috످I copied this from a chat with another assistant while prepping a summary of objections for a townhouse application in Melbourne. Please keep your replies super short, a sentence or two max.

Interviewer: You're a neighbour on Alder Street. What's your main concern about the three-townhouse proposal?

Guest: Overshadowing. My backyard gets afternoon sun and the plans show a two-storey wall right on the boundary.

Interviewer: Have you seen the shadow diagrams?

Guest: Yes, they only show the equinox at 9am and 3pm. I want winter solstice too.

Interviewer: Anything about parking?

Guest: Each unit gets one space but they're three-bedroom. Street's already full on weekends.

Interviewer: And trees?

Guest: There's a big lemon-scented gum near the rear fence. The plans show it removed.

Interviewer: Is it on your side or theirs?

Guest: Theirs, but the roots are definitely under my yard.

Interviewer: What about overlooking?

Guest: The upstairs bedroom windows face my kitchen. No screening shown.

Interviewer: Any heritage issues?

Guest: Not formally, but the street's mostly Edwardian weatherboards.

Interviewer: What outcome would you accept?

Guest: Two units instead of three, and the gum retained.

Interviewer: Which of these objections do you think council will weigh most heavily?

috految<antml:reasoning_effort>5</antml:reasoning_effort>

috److Council will likely weigh overshadowing and overlooking most heavily, as both have measurable standards under Victoria's ResCode (Clause 55). However, overshadowing is assessed at the September equinox, so the winter solstice request probably won't carry much weight.

috످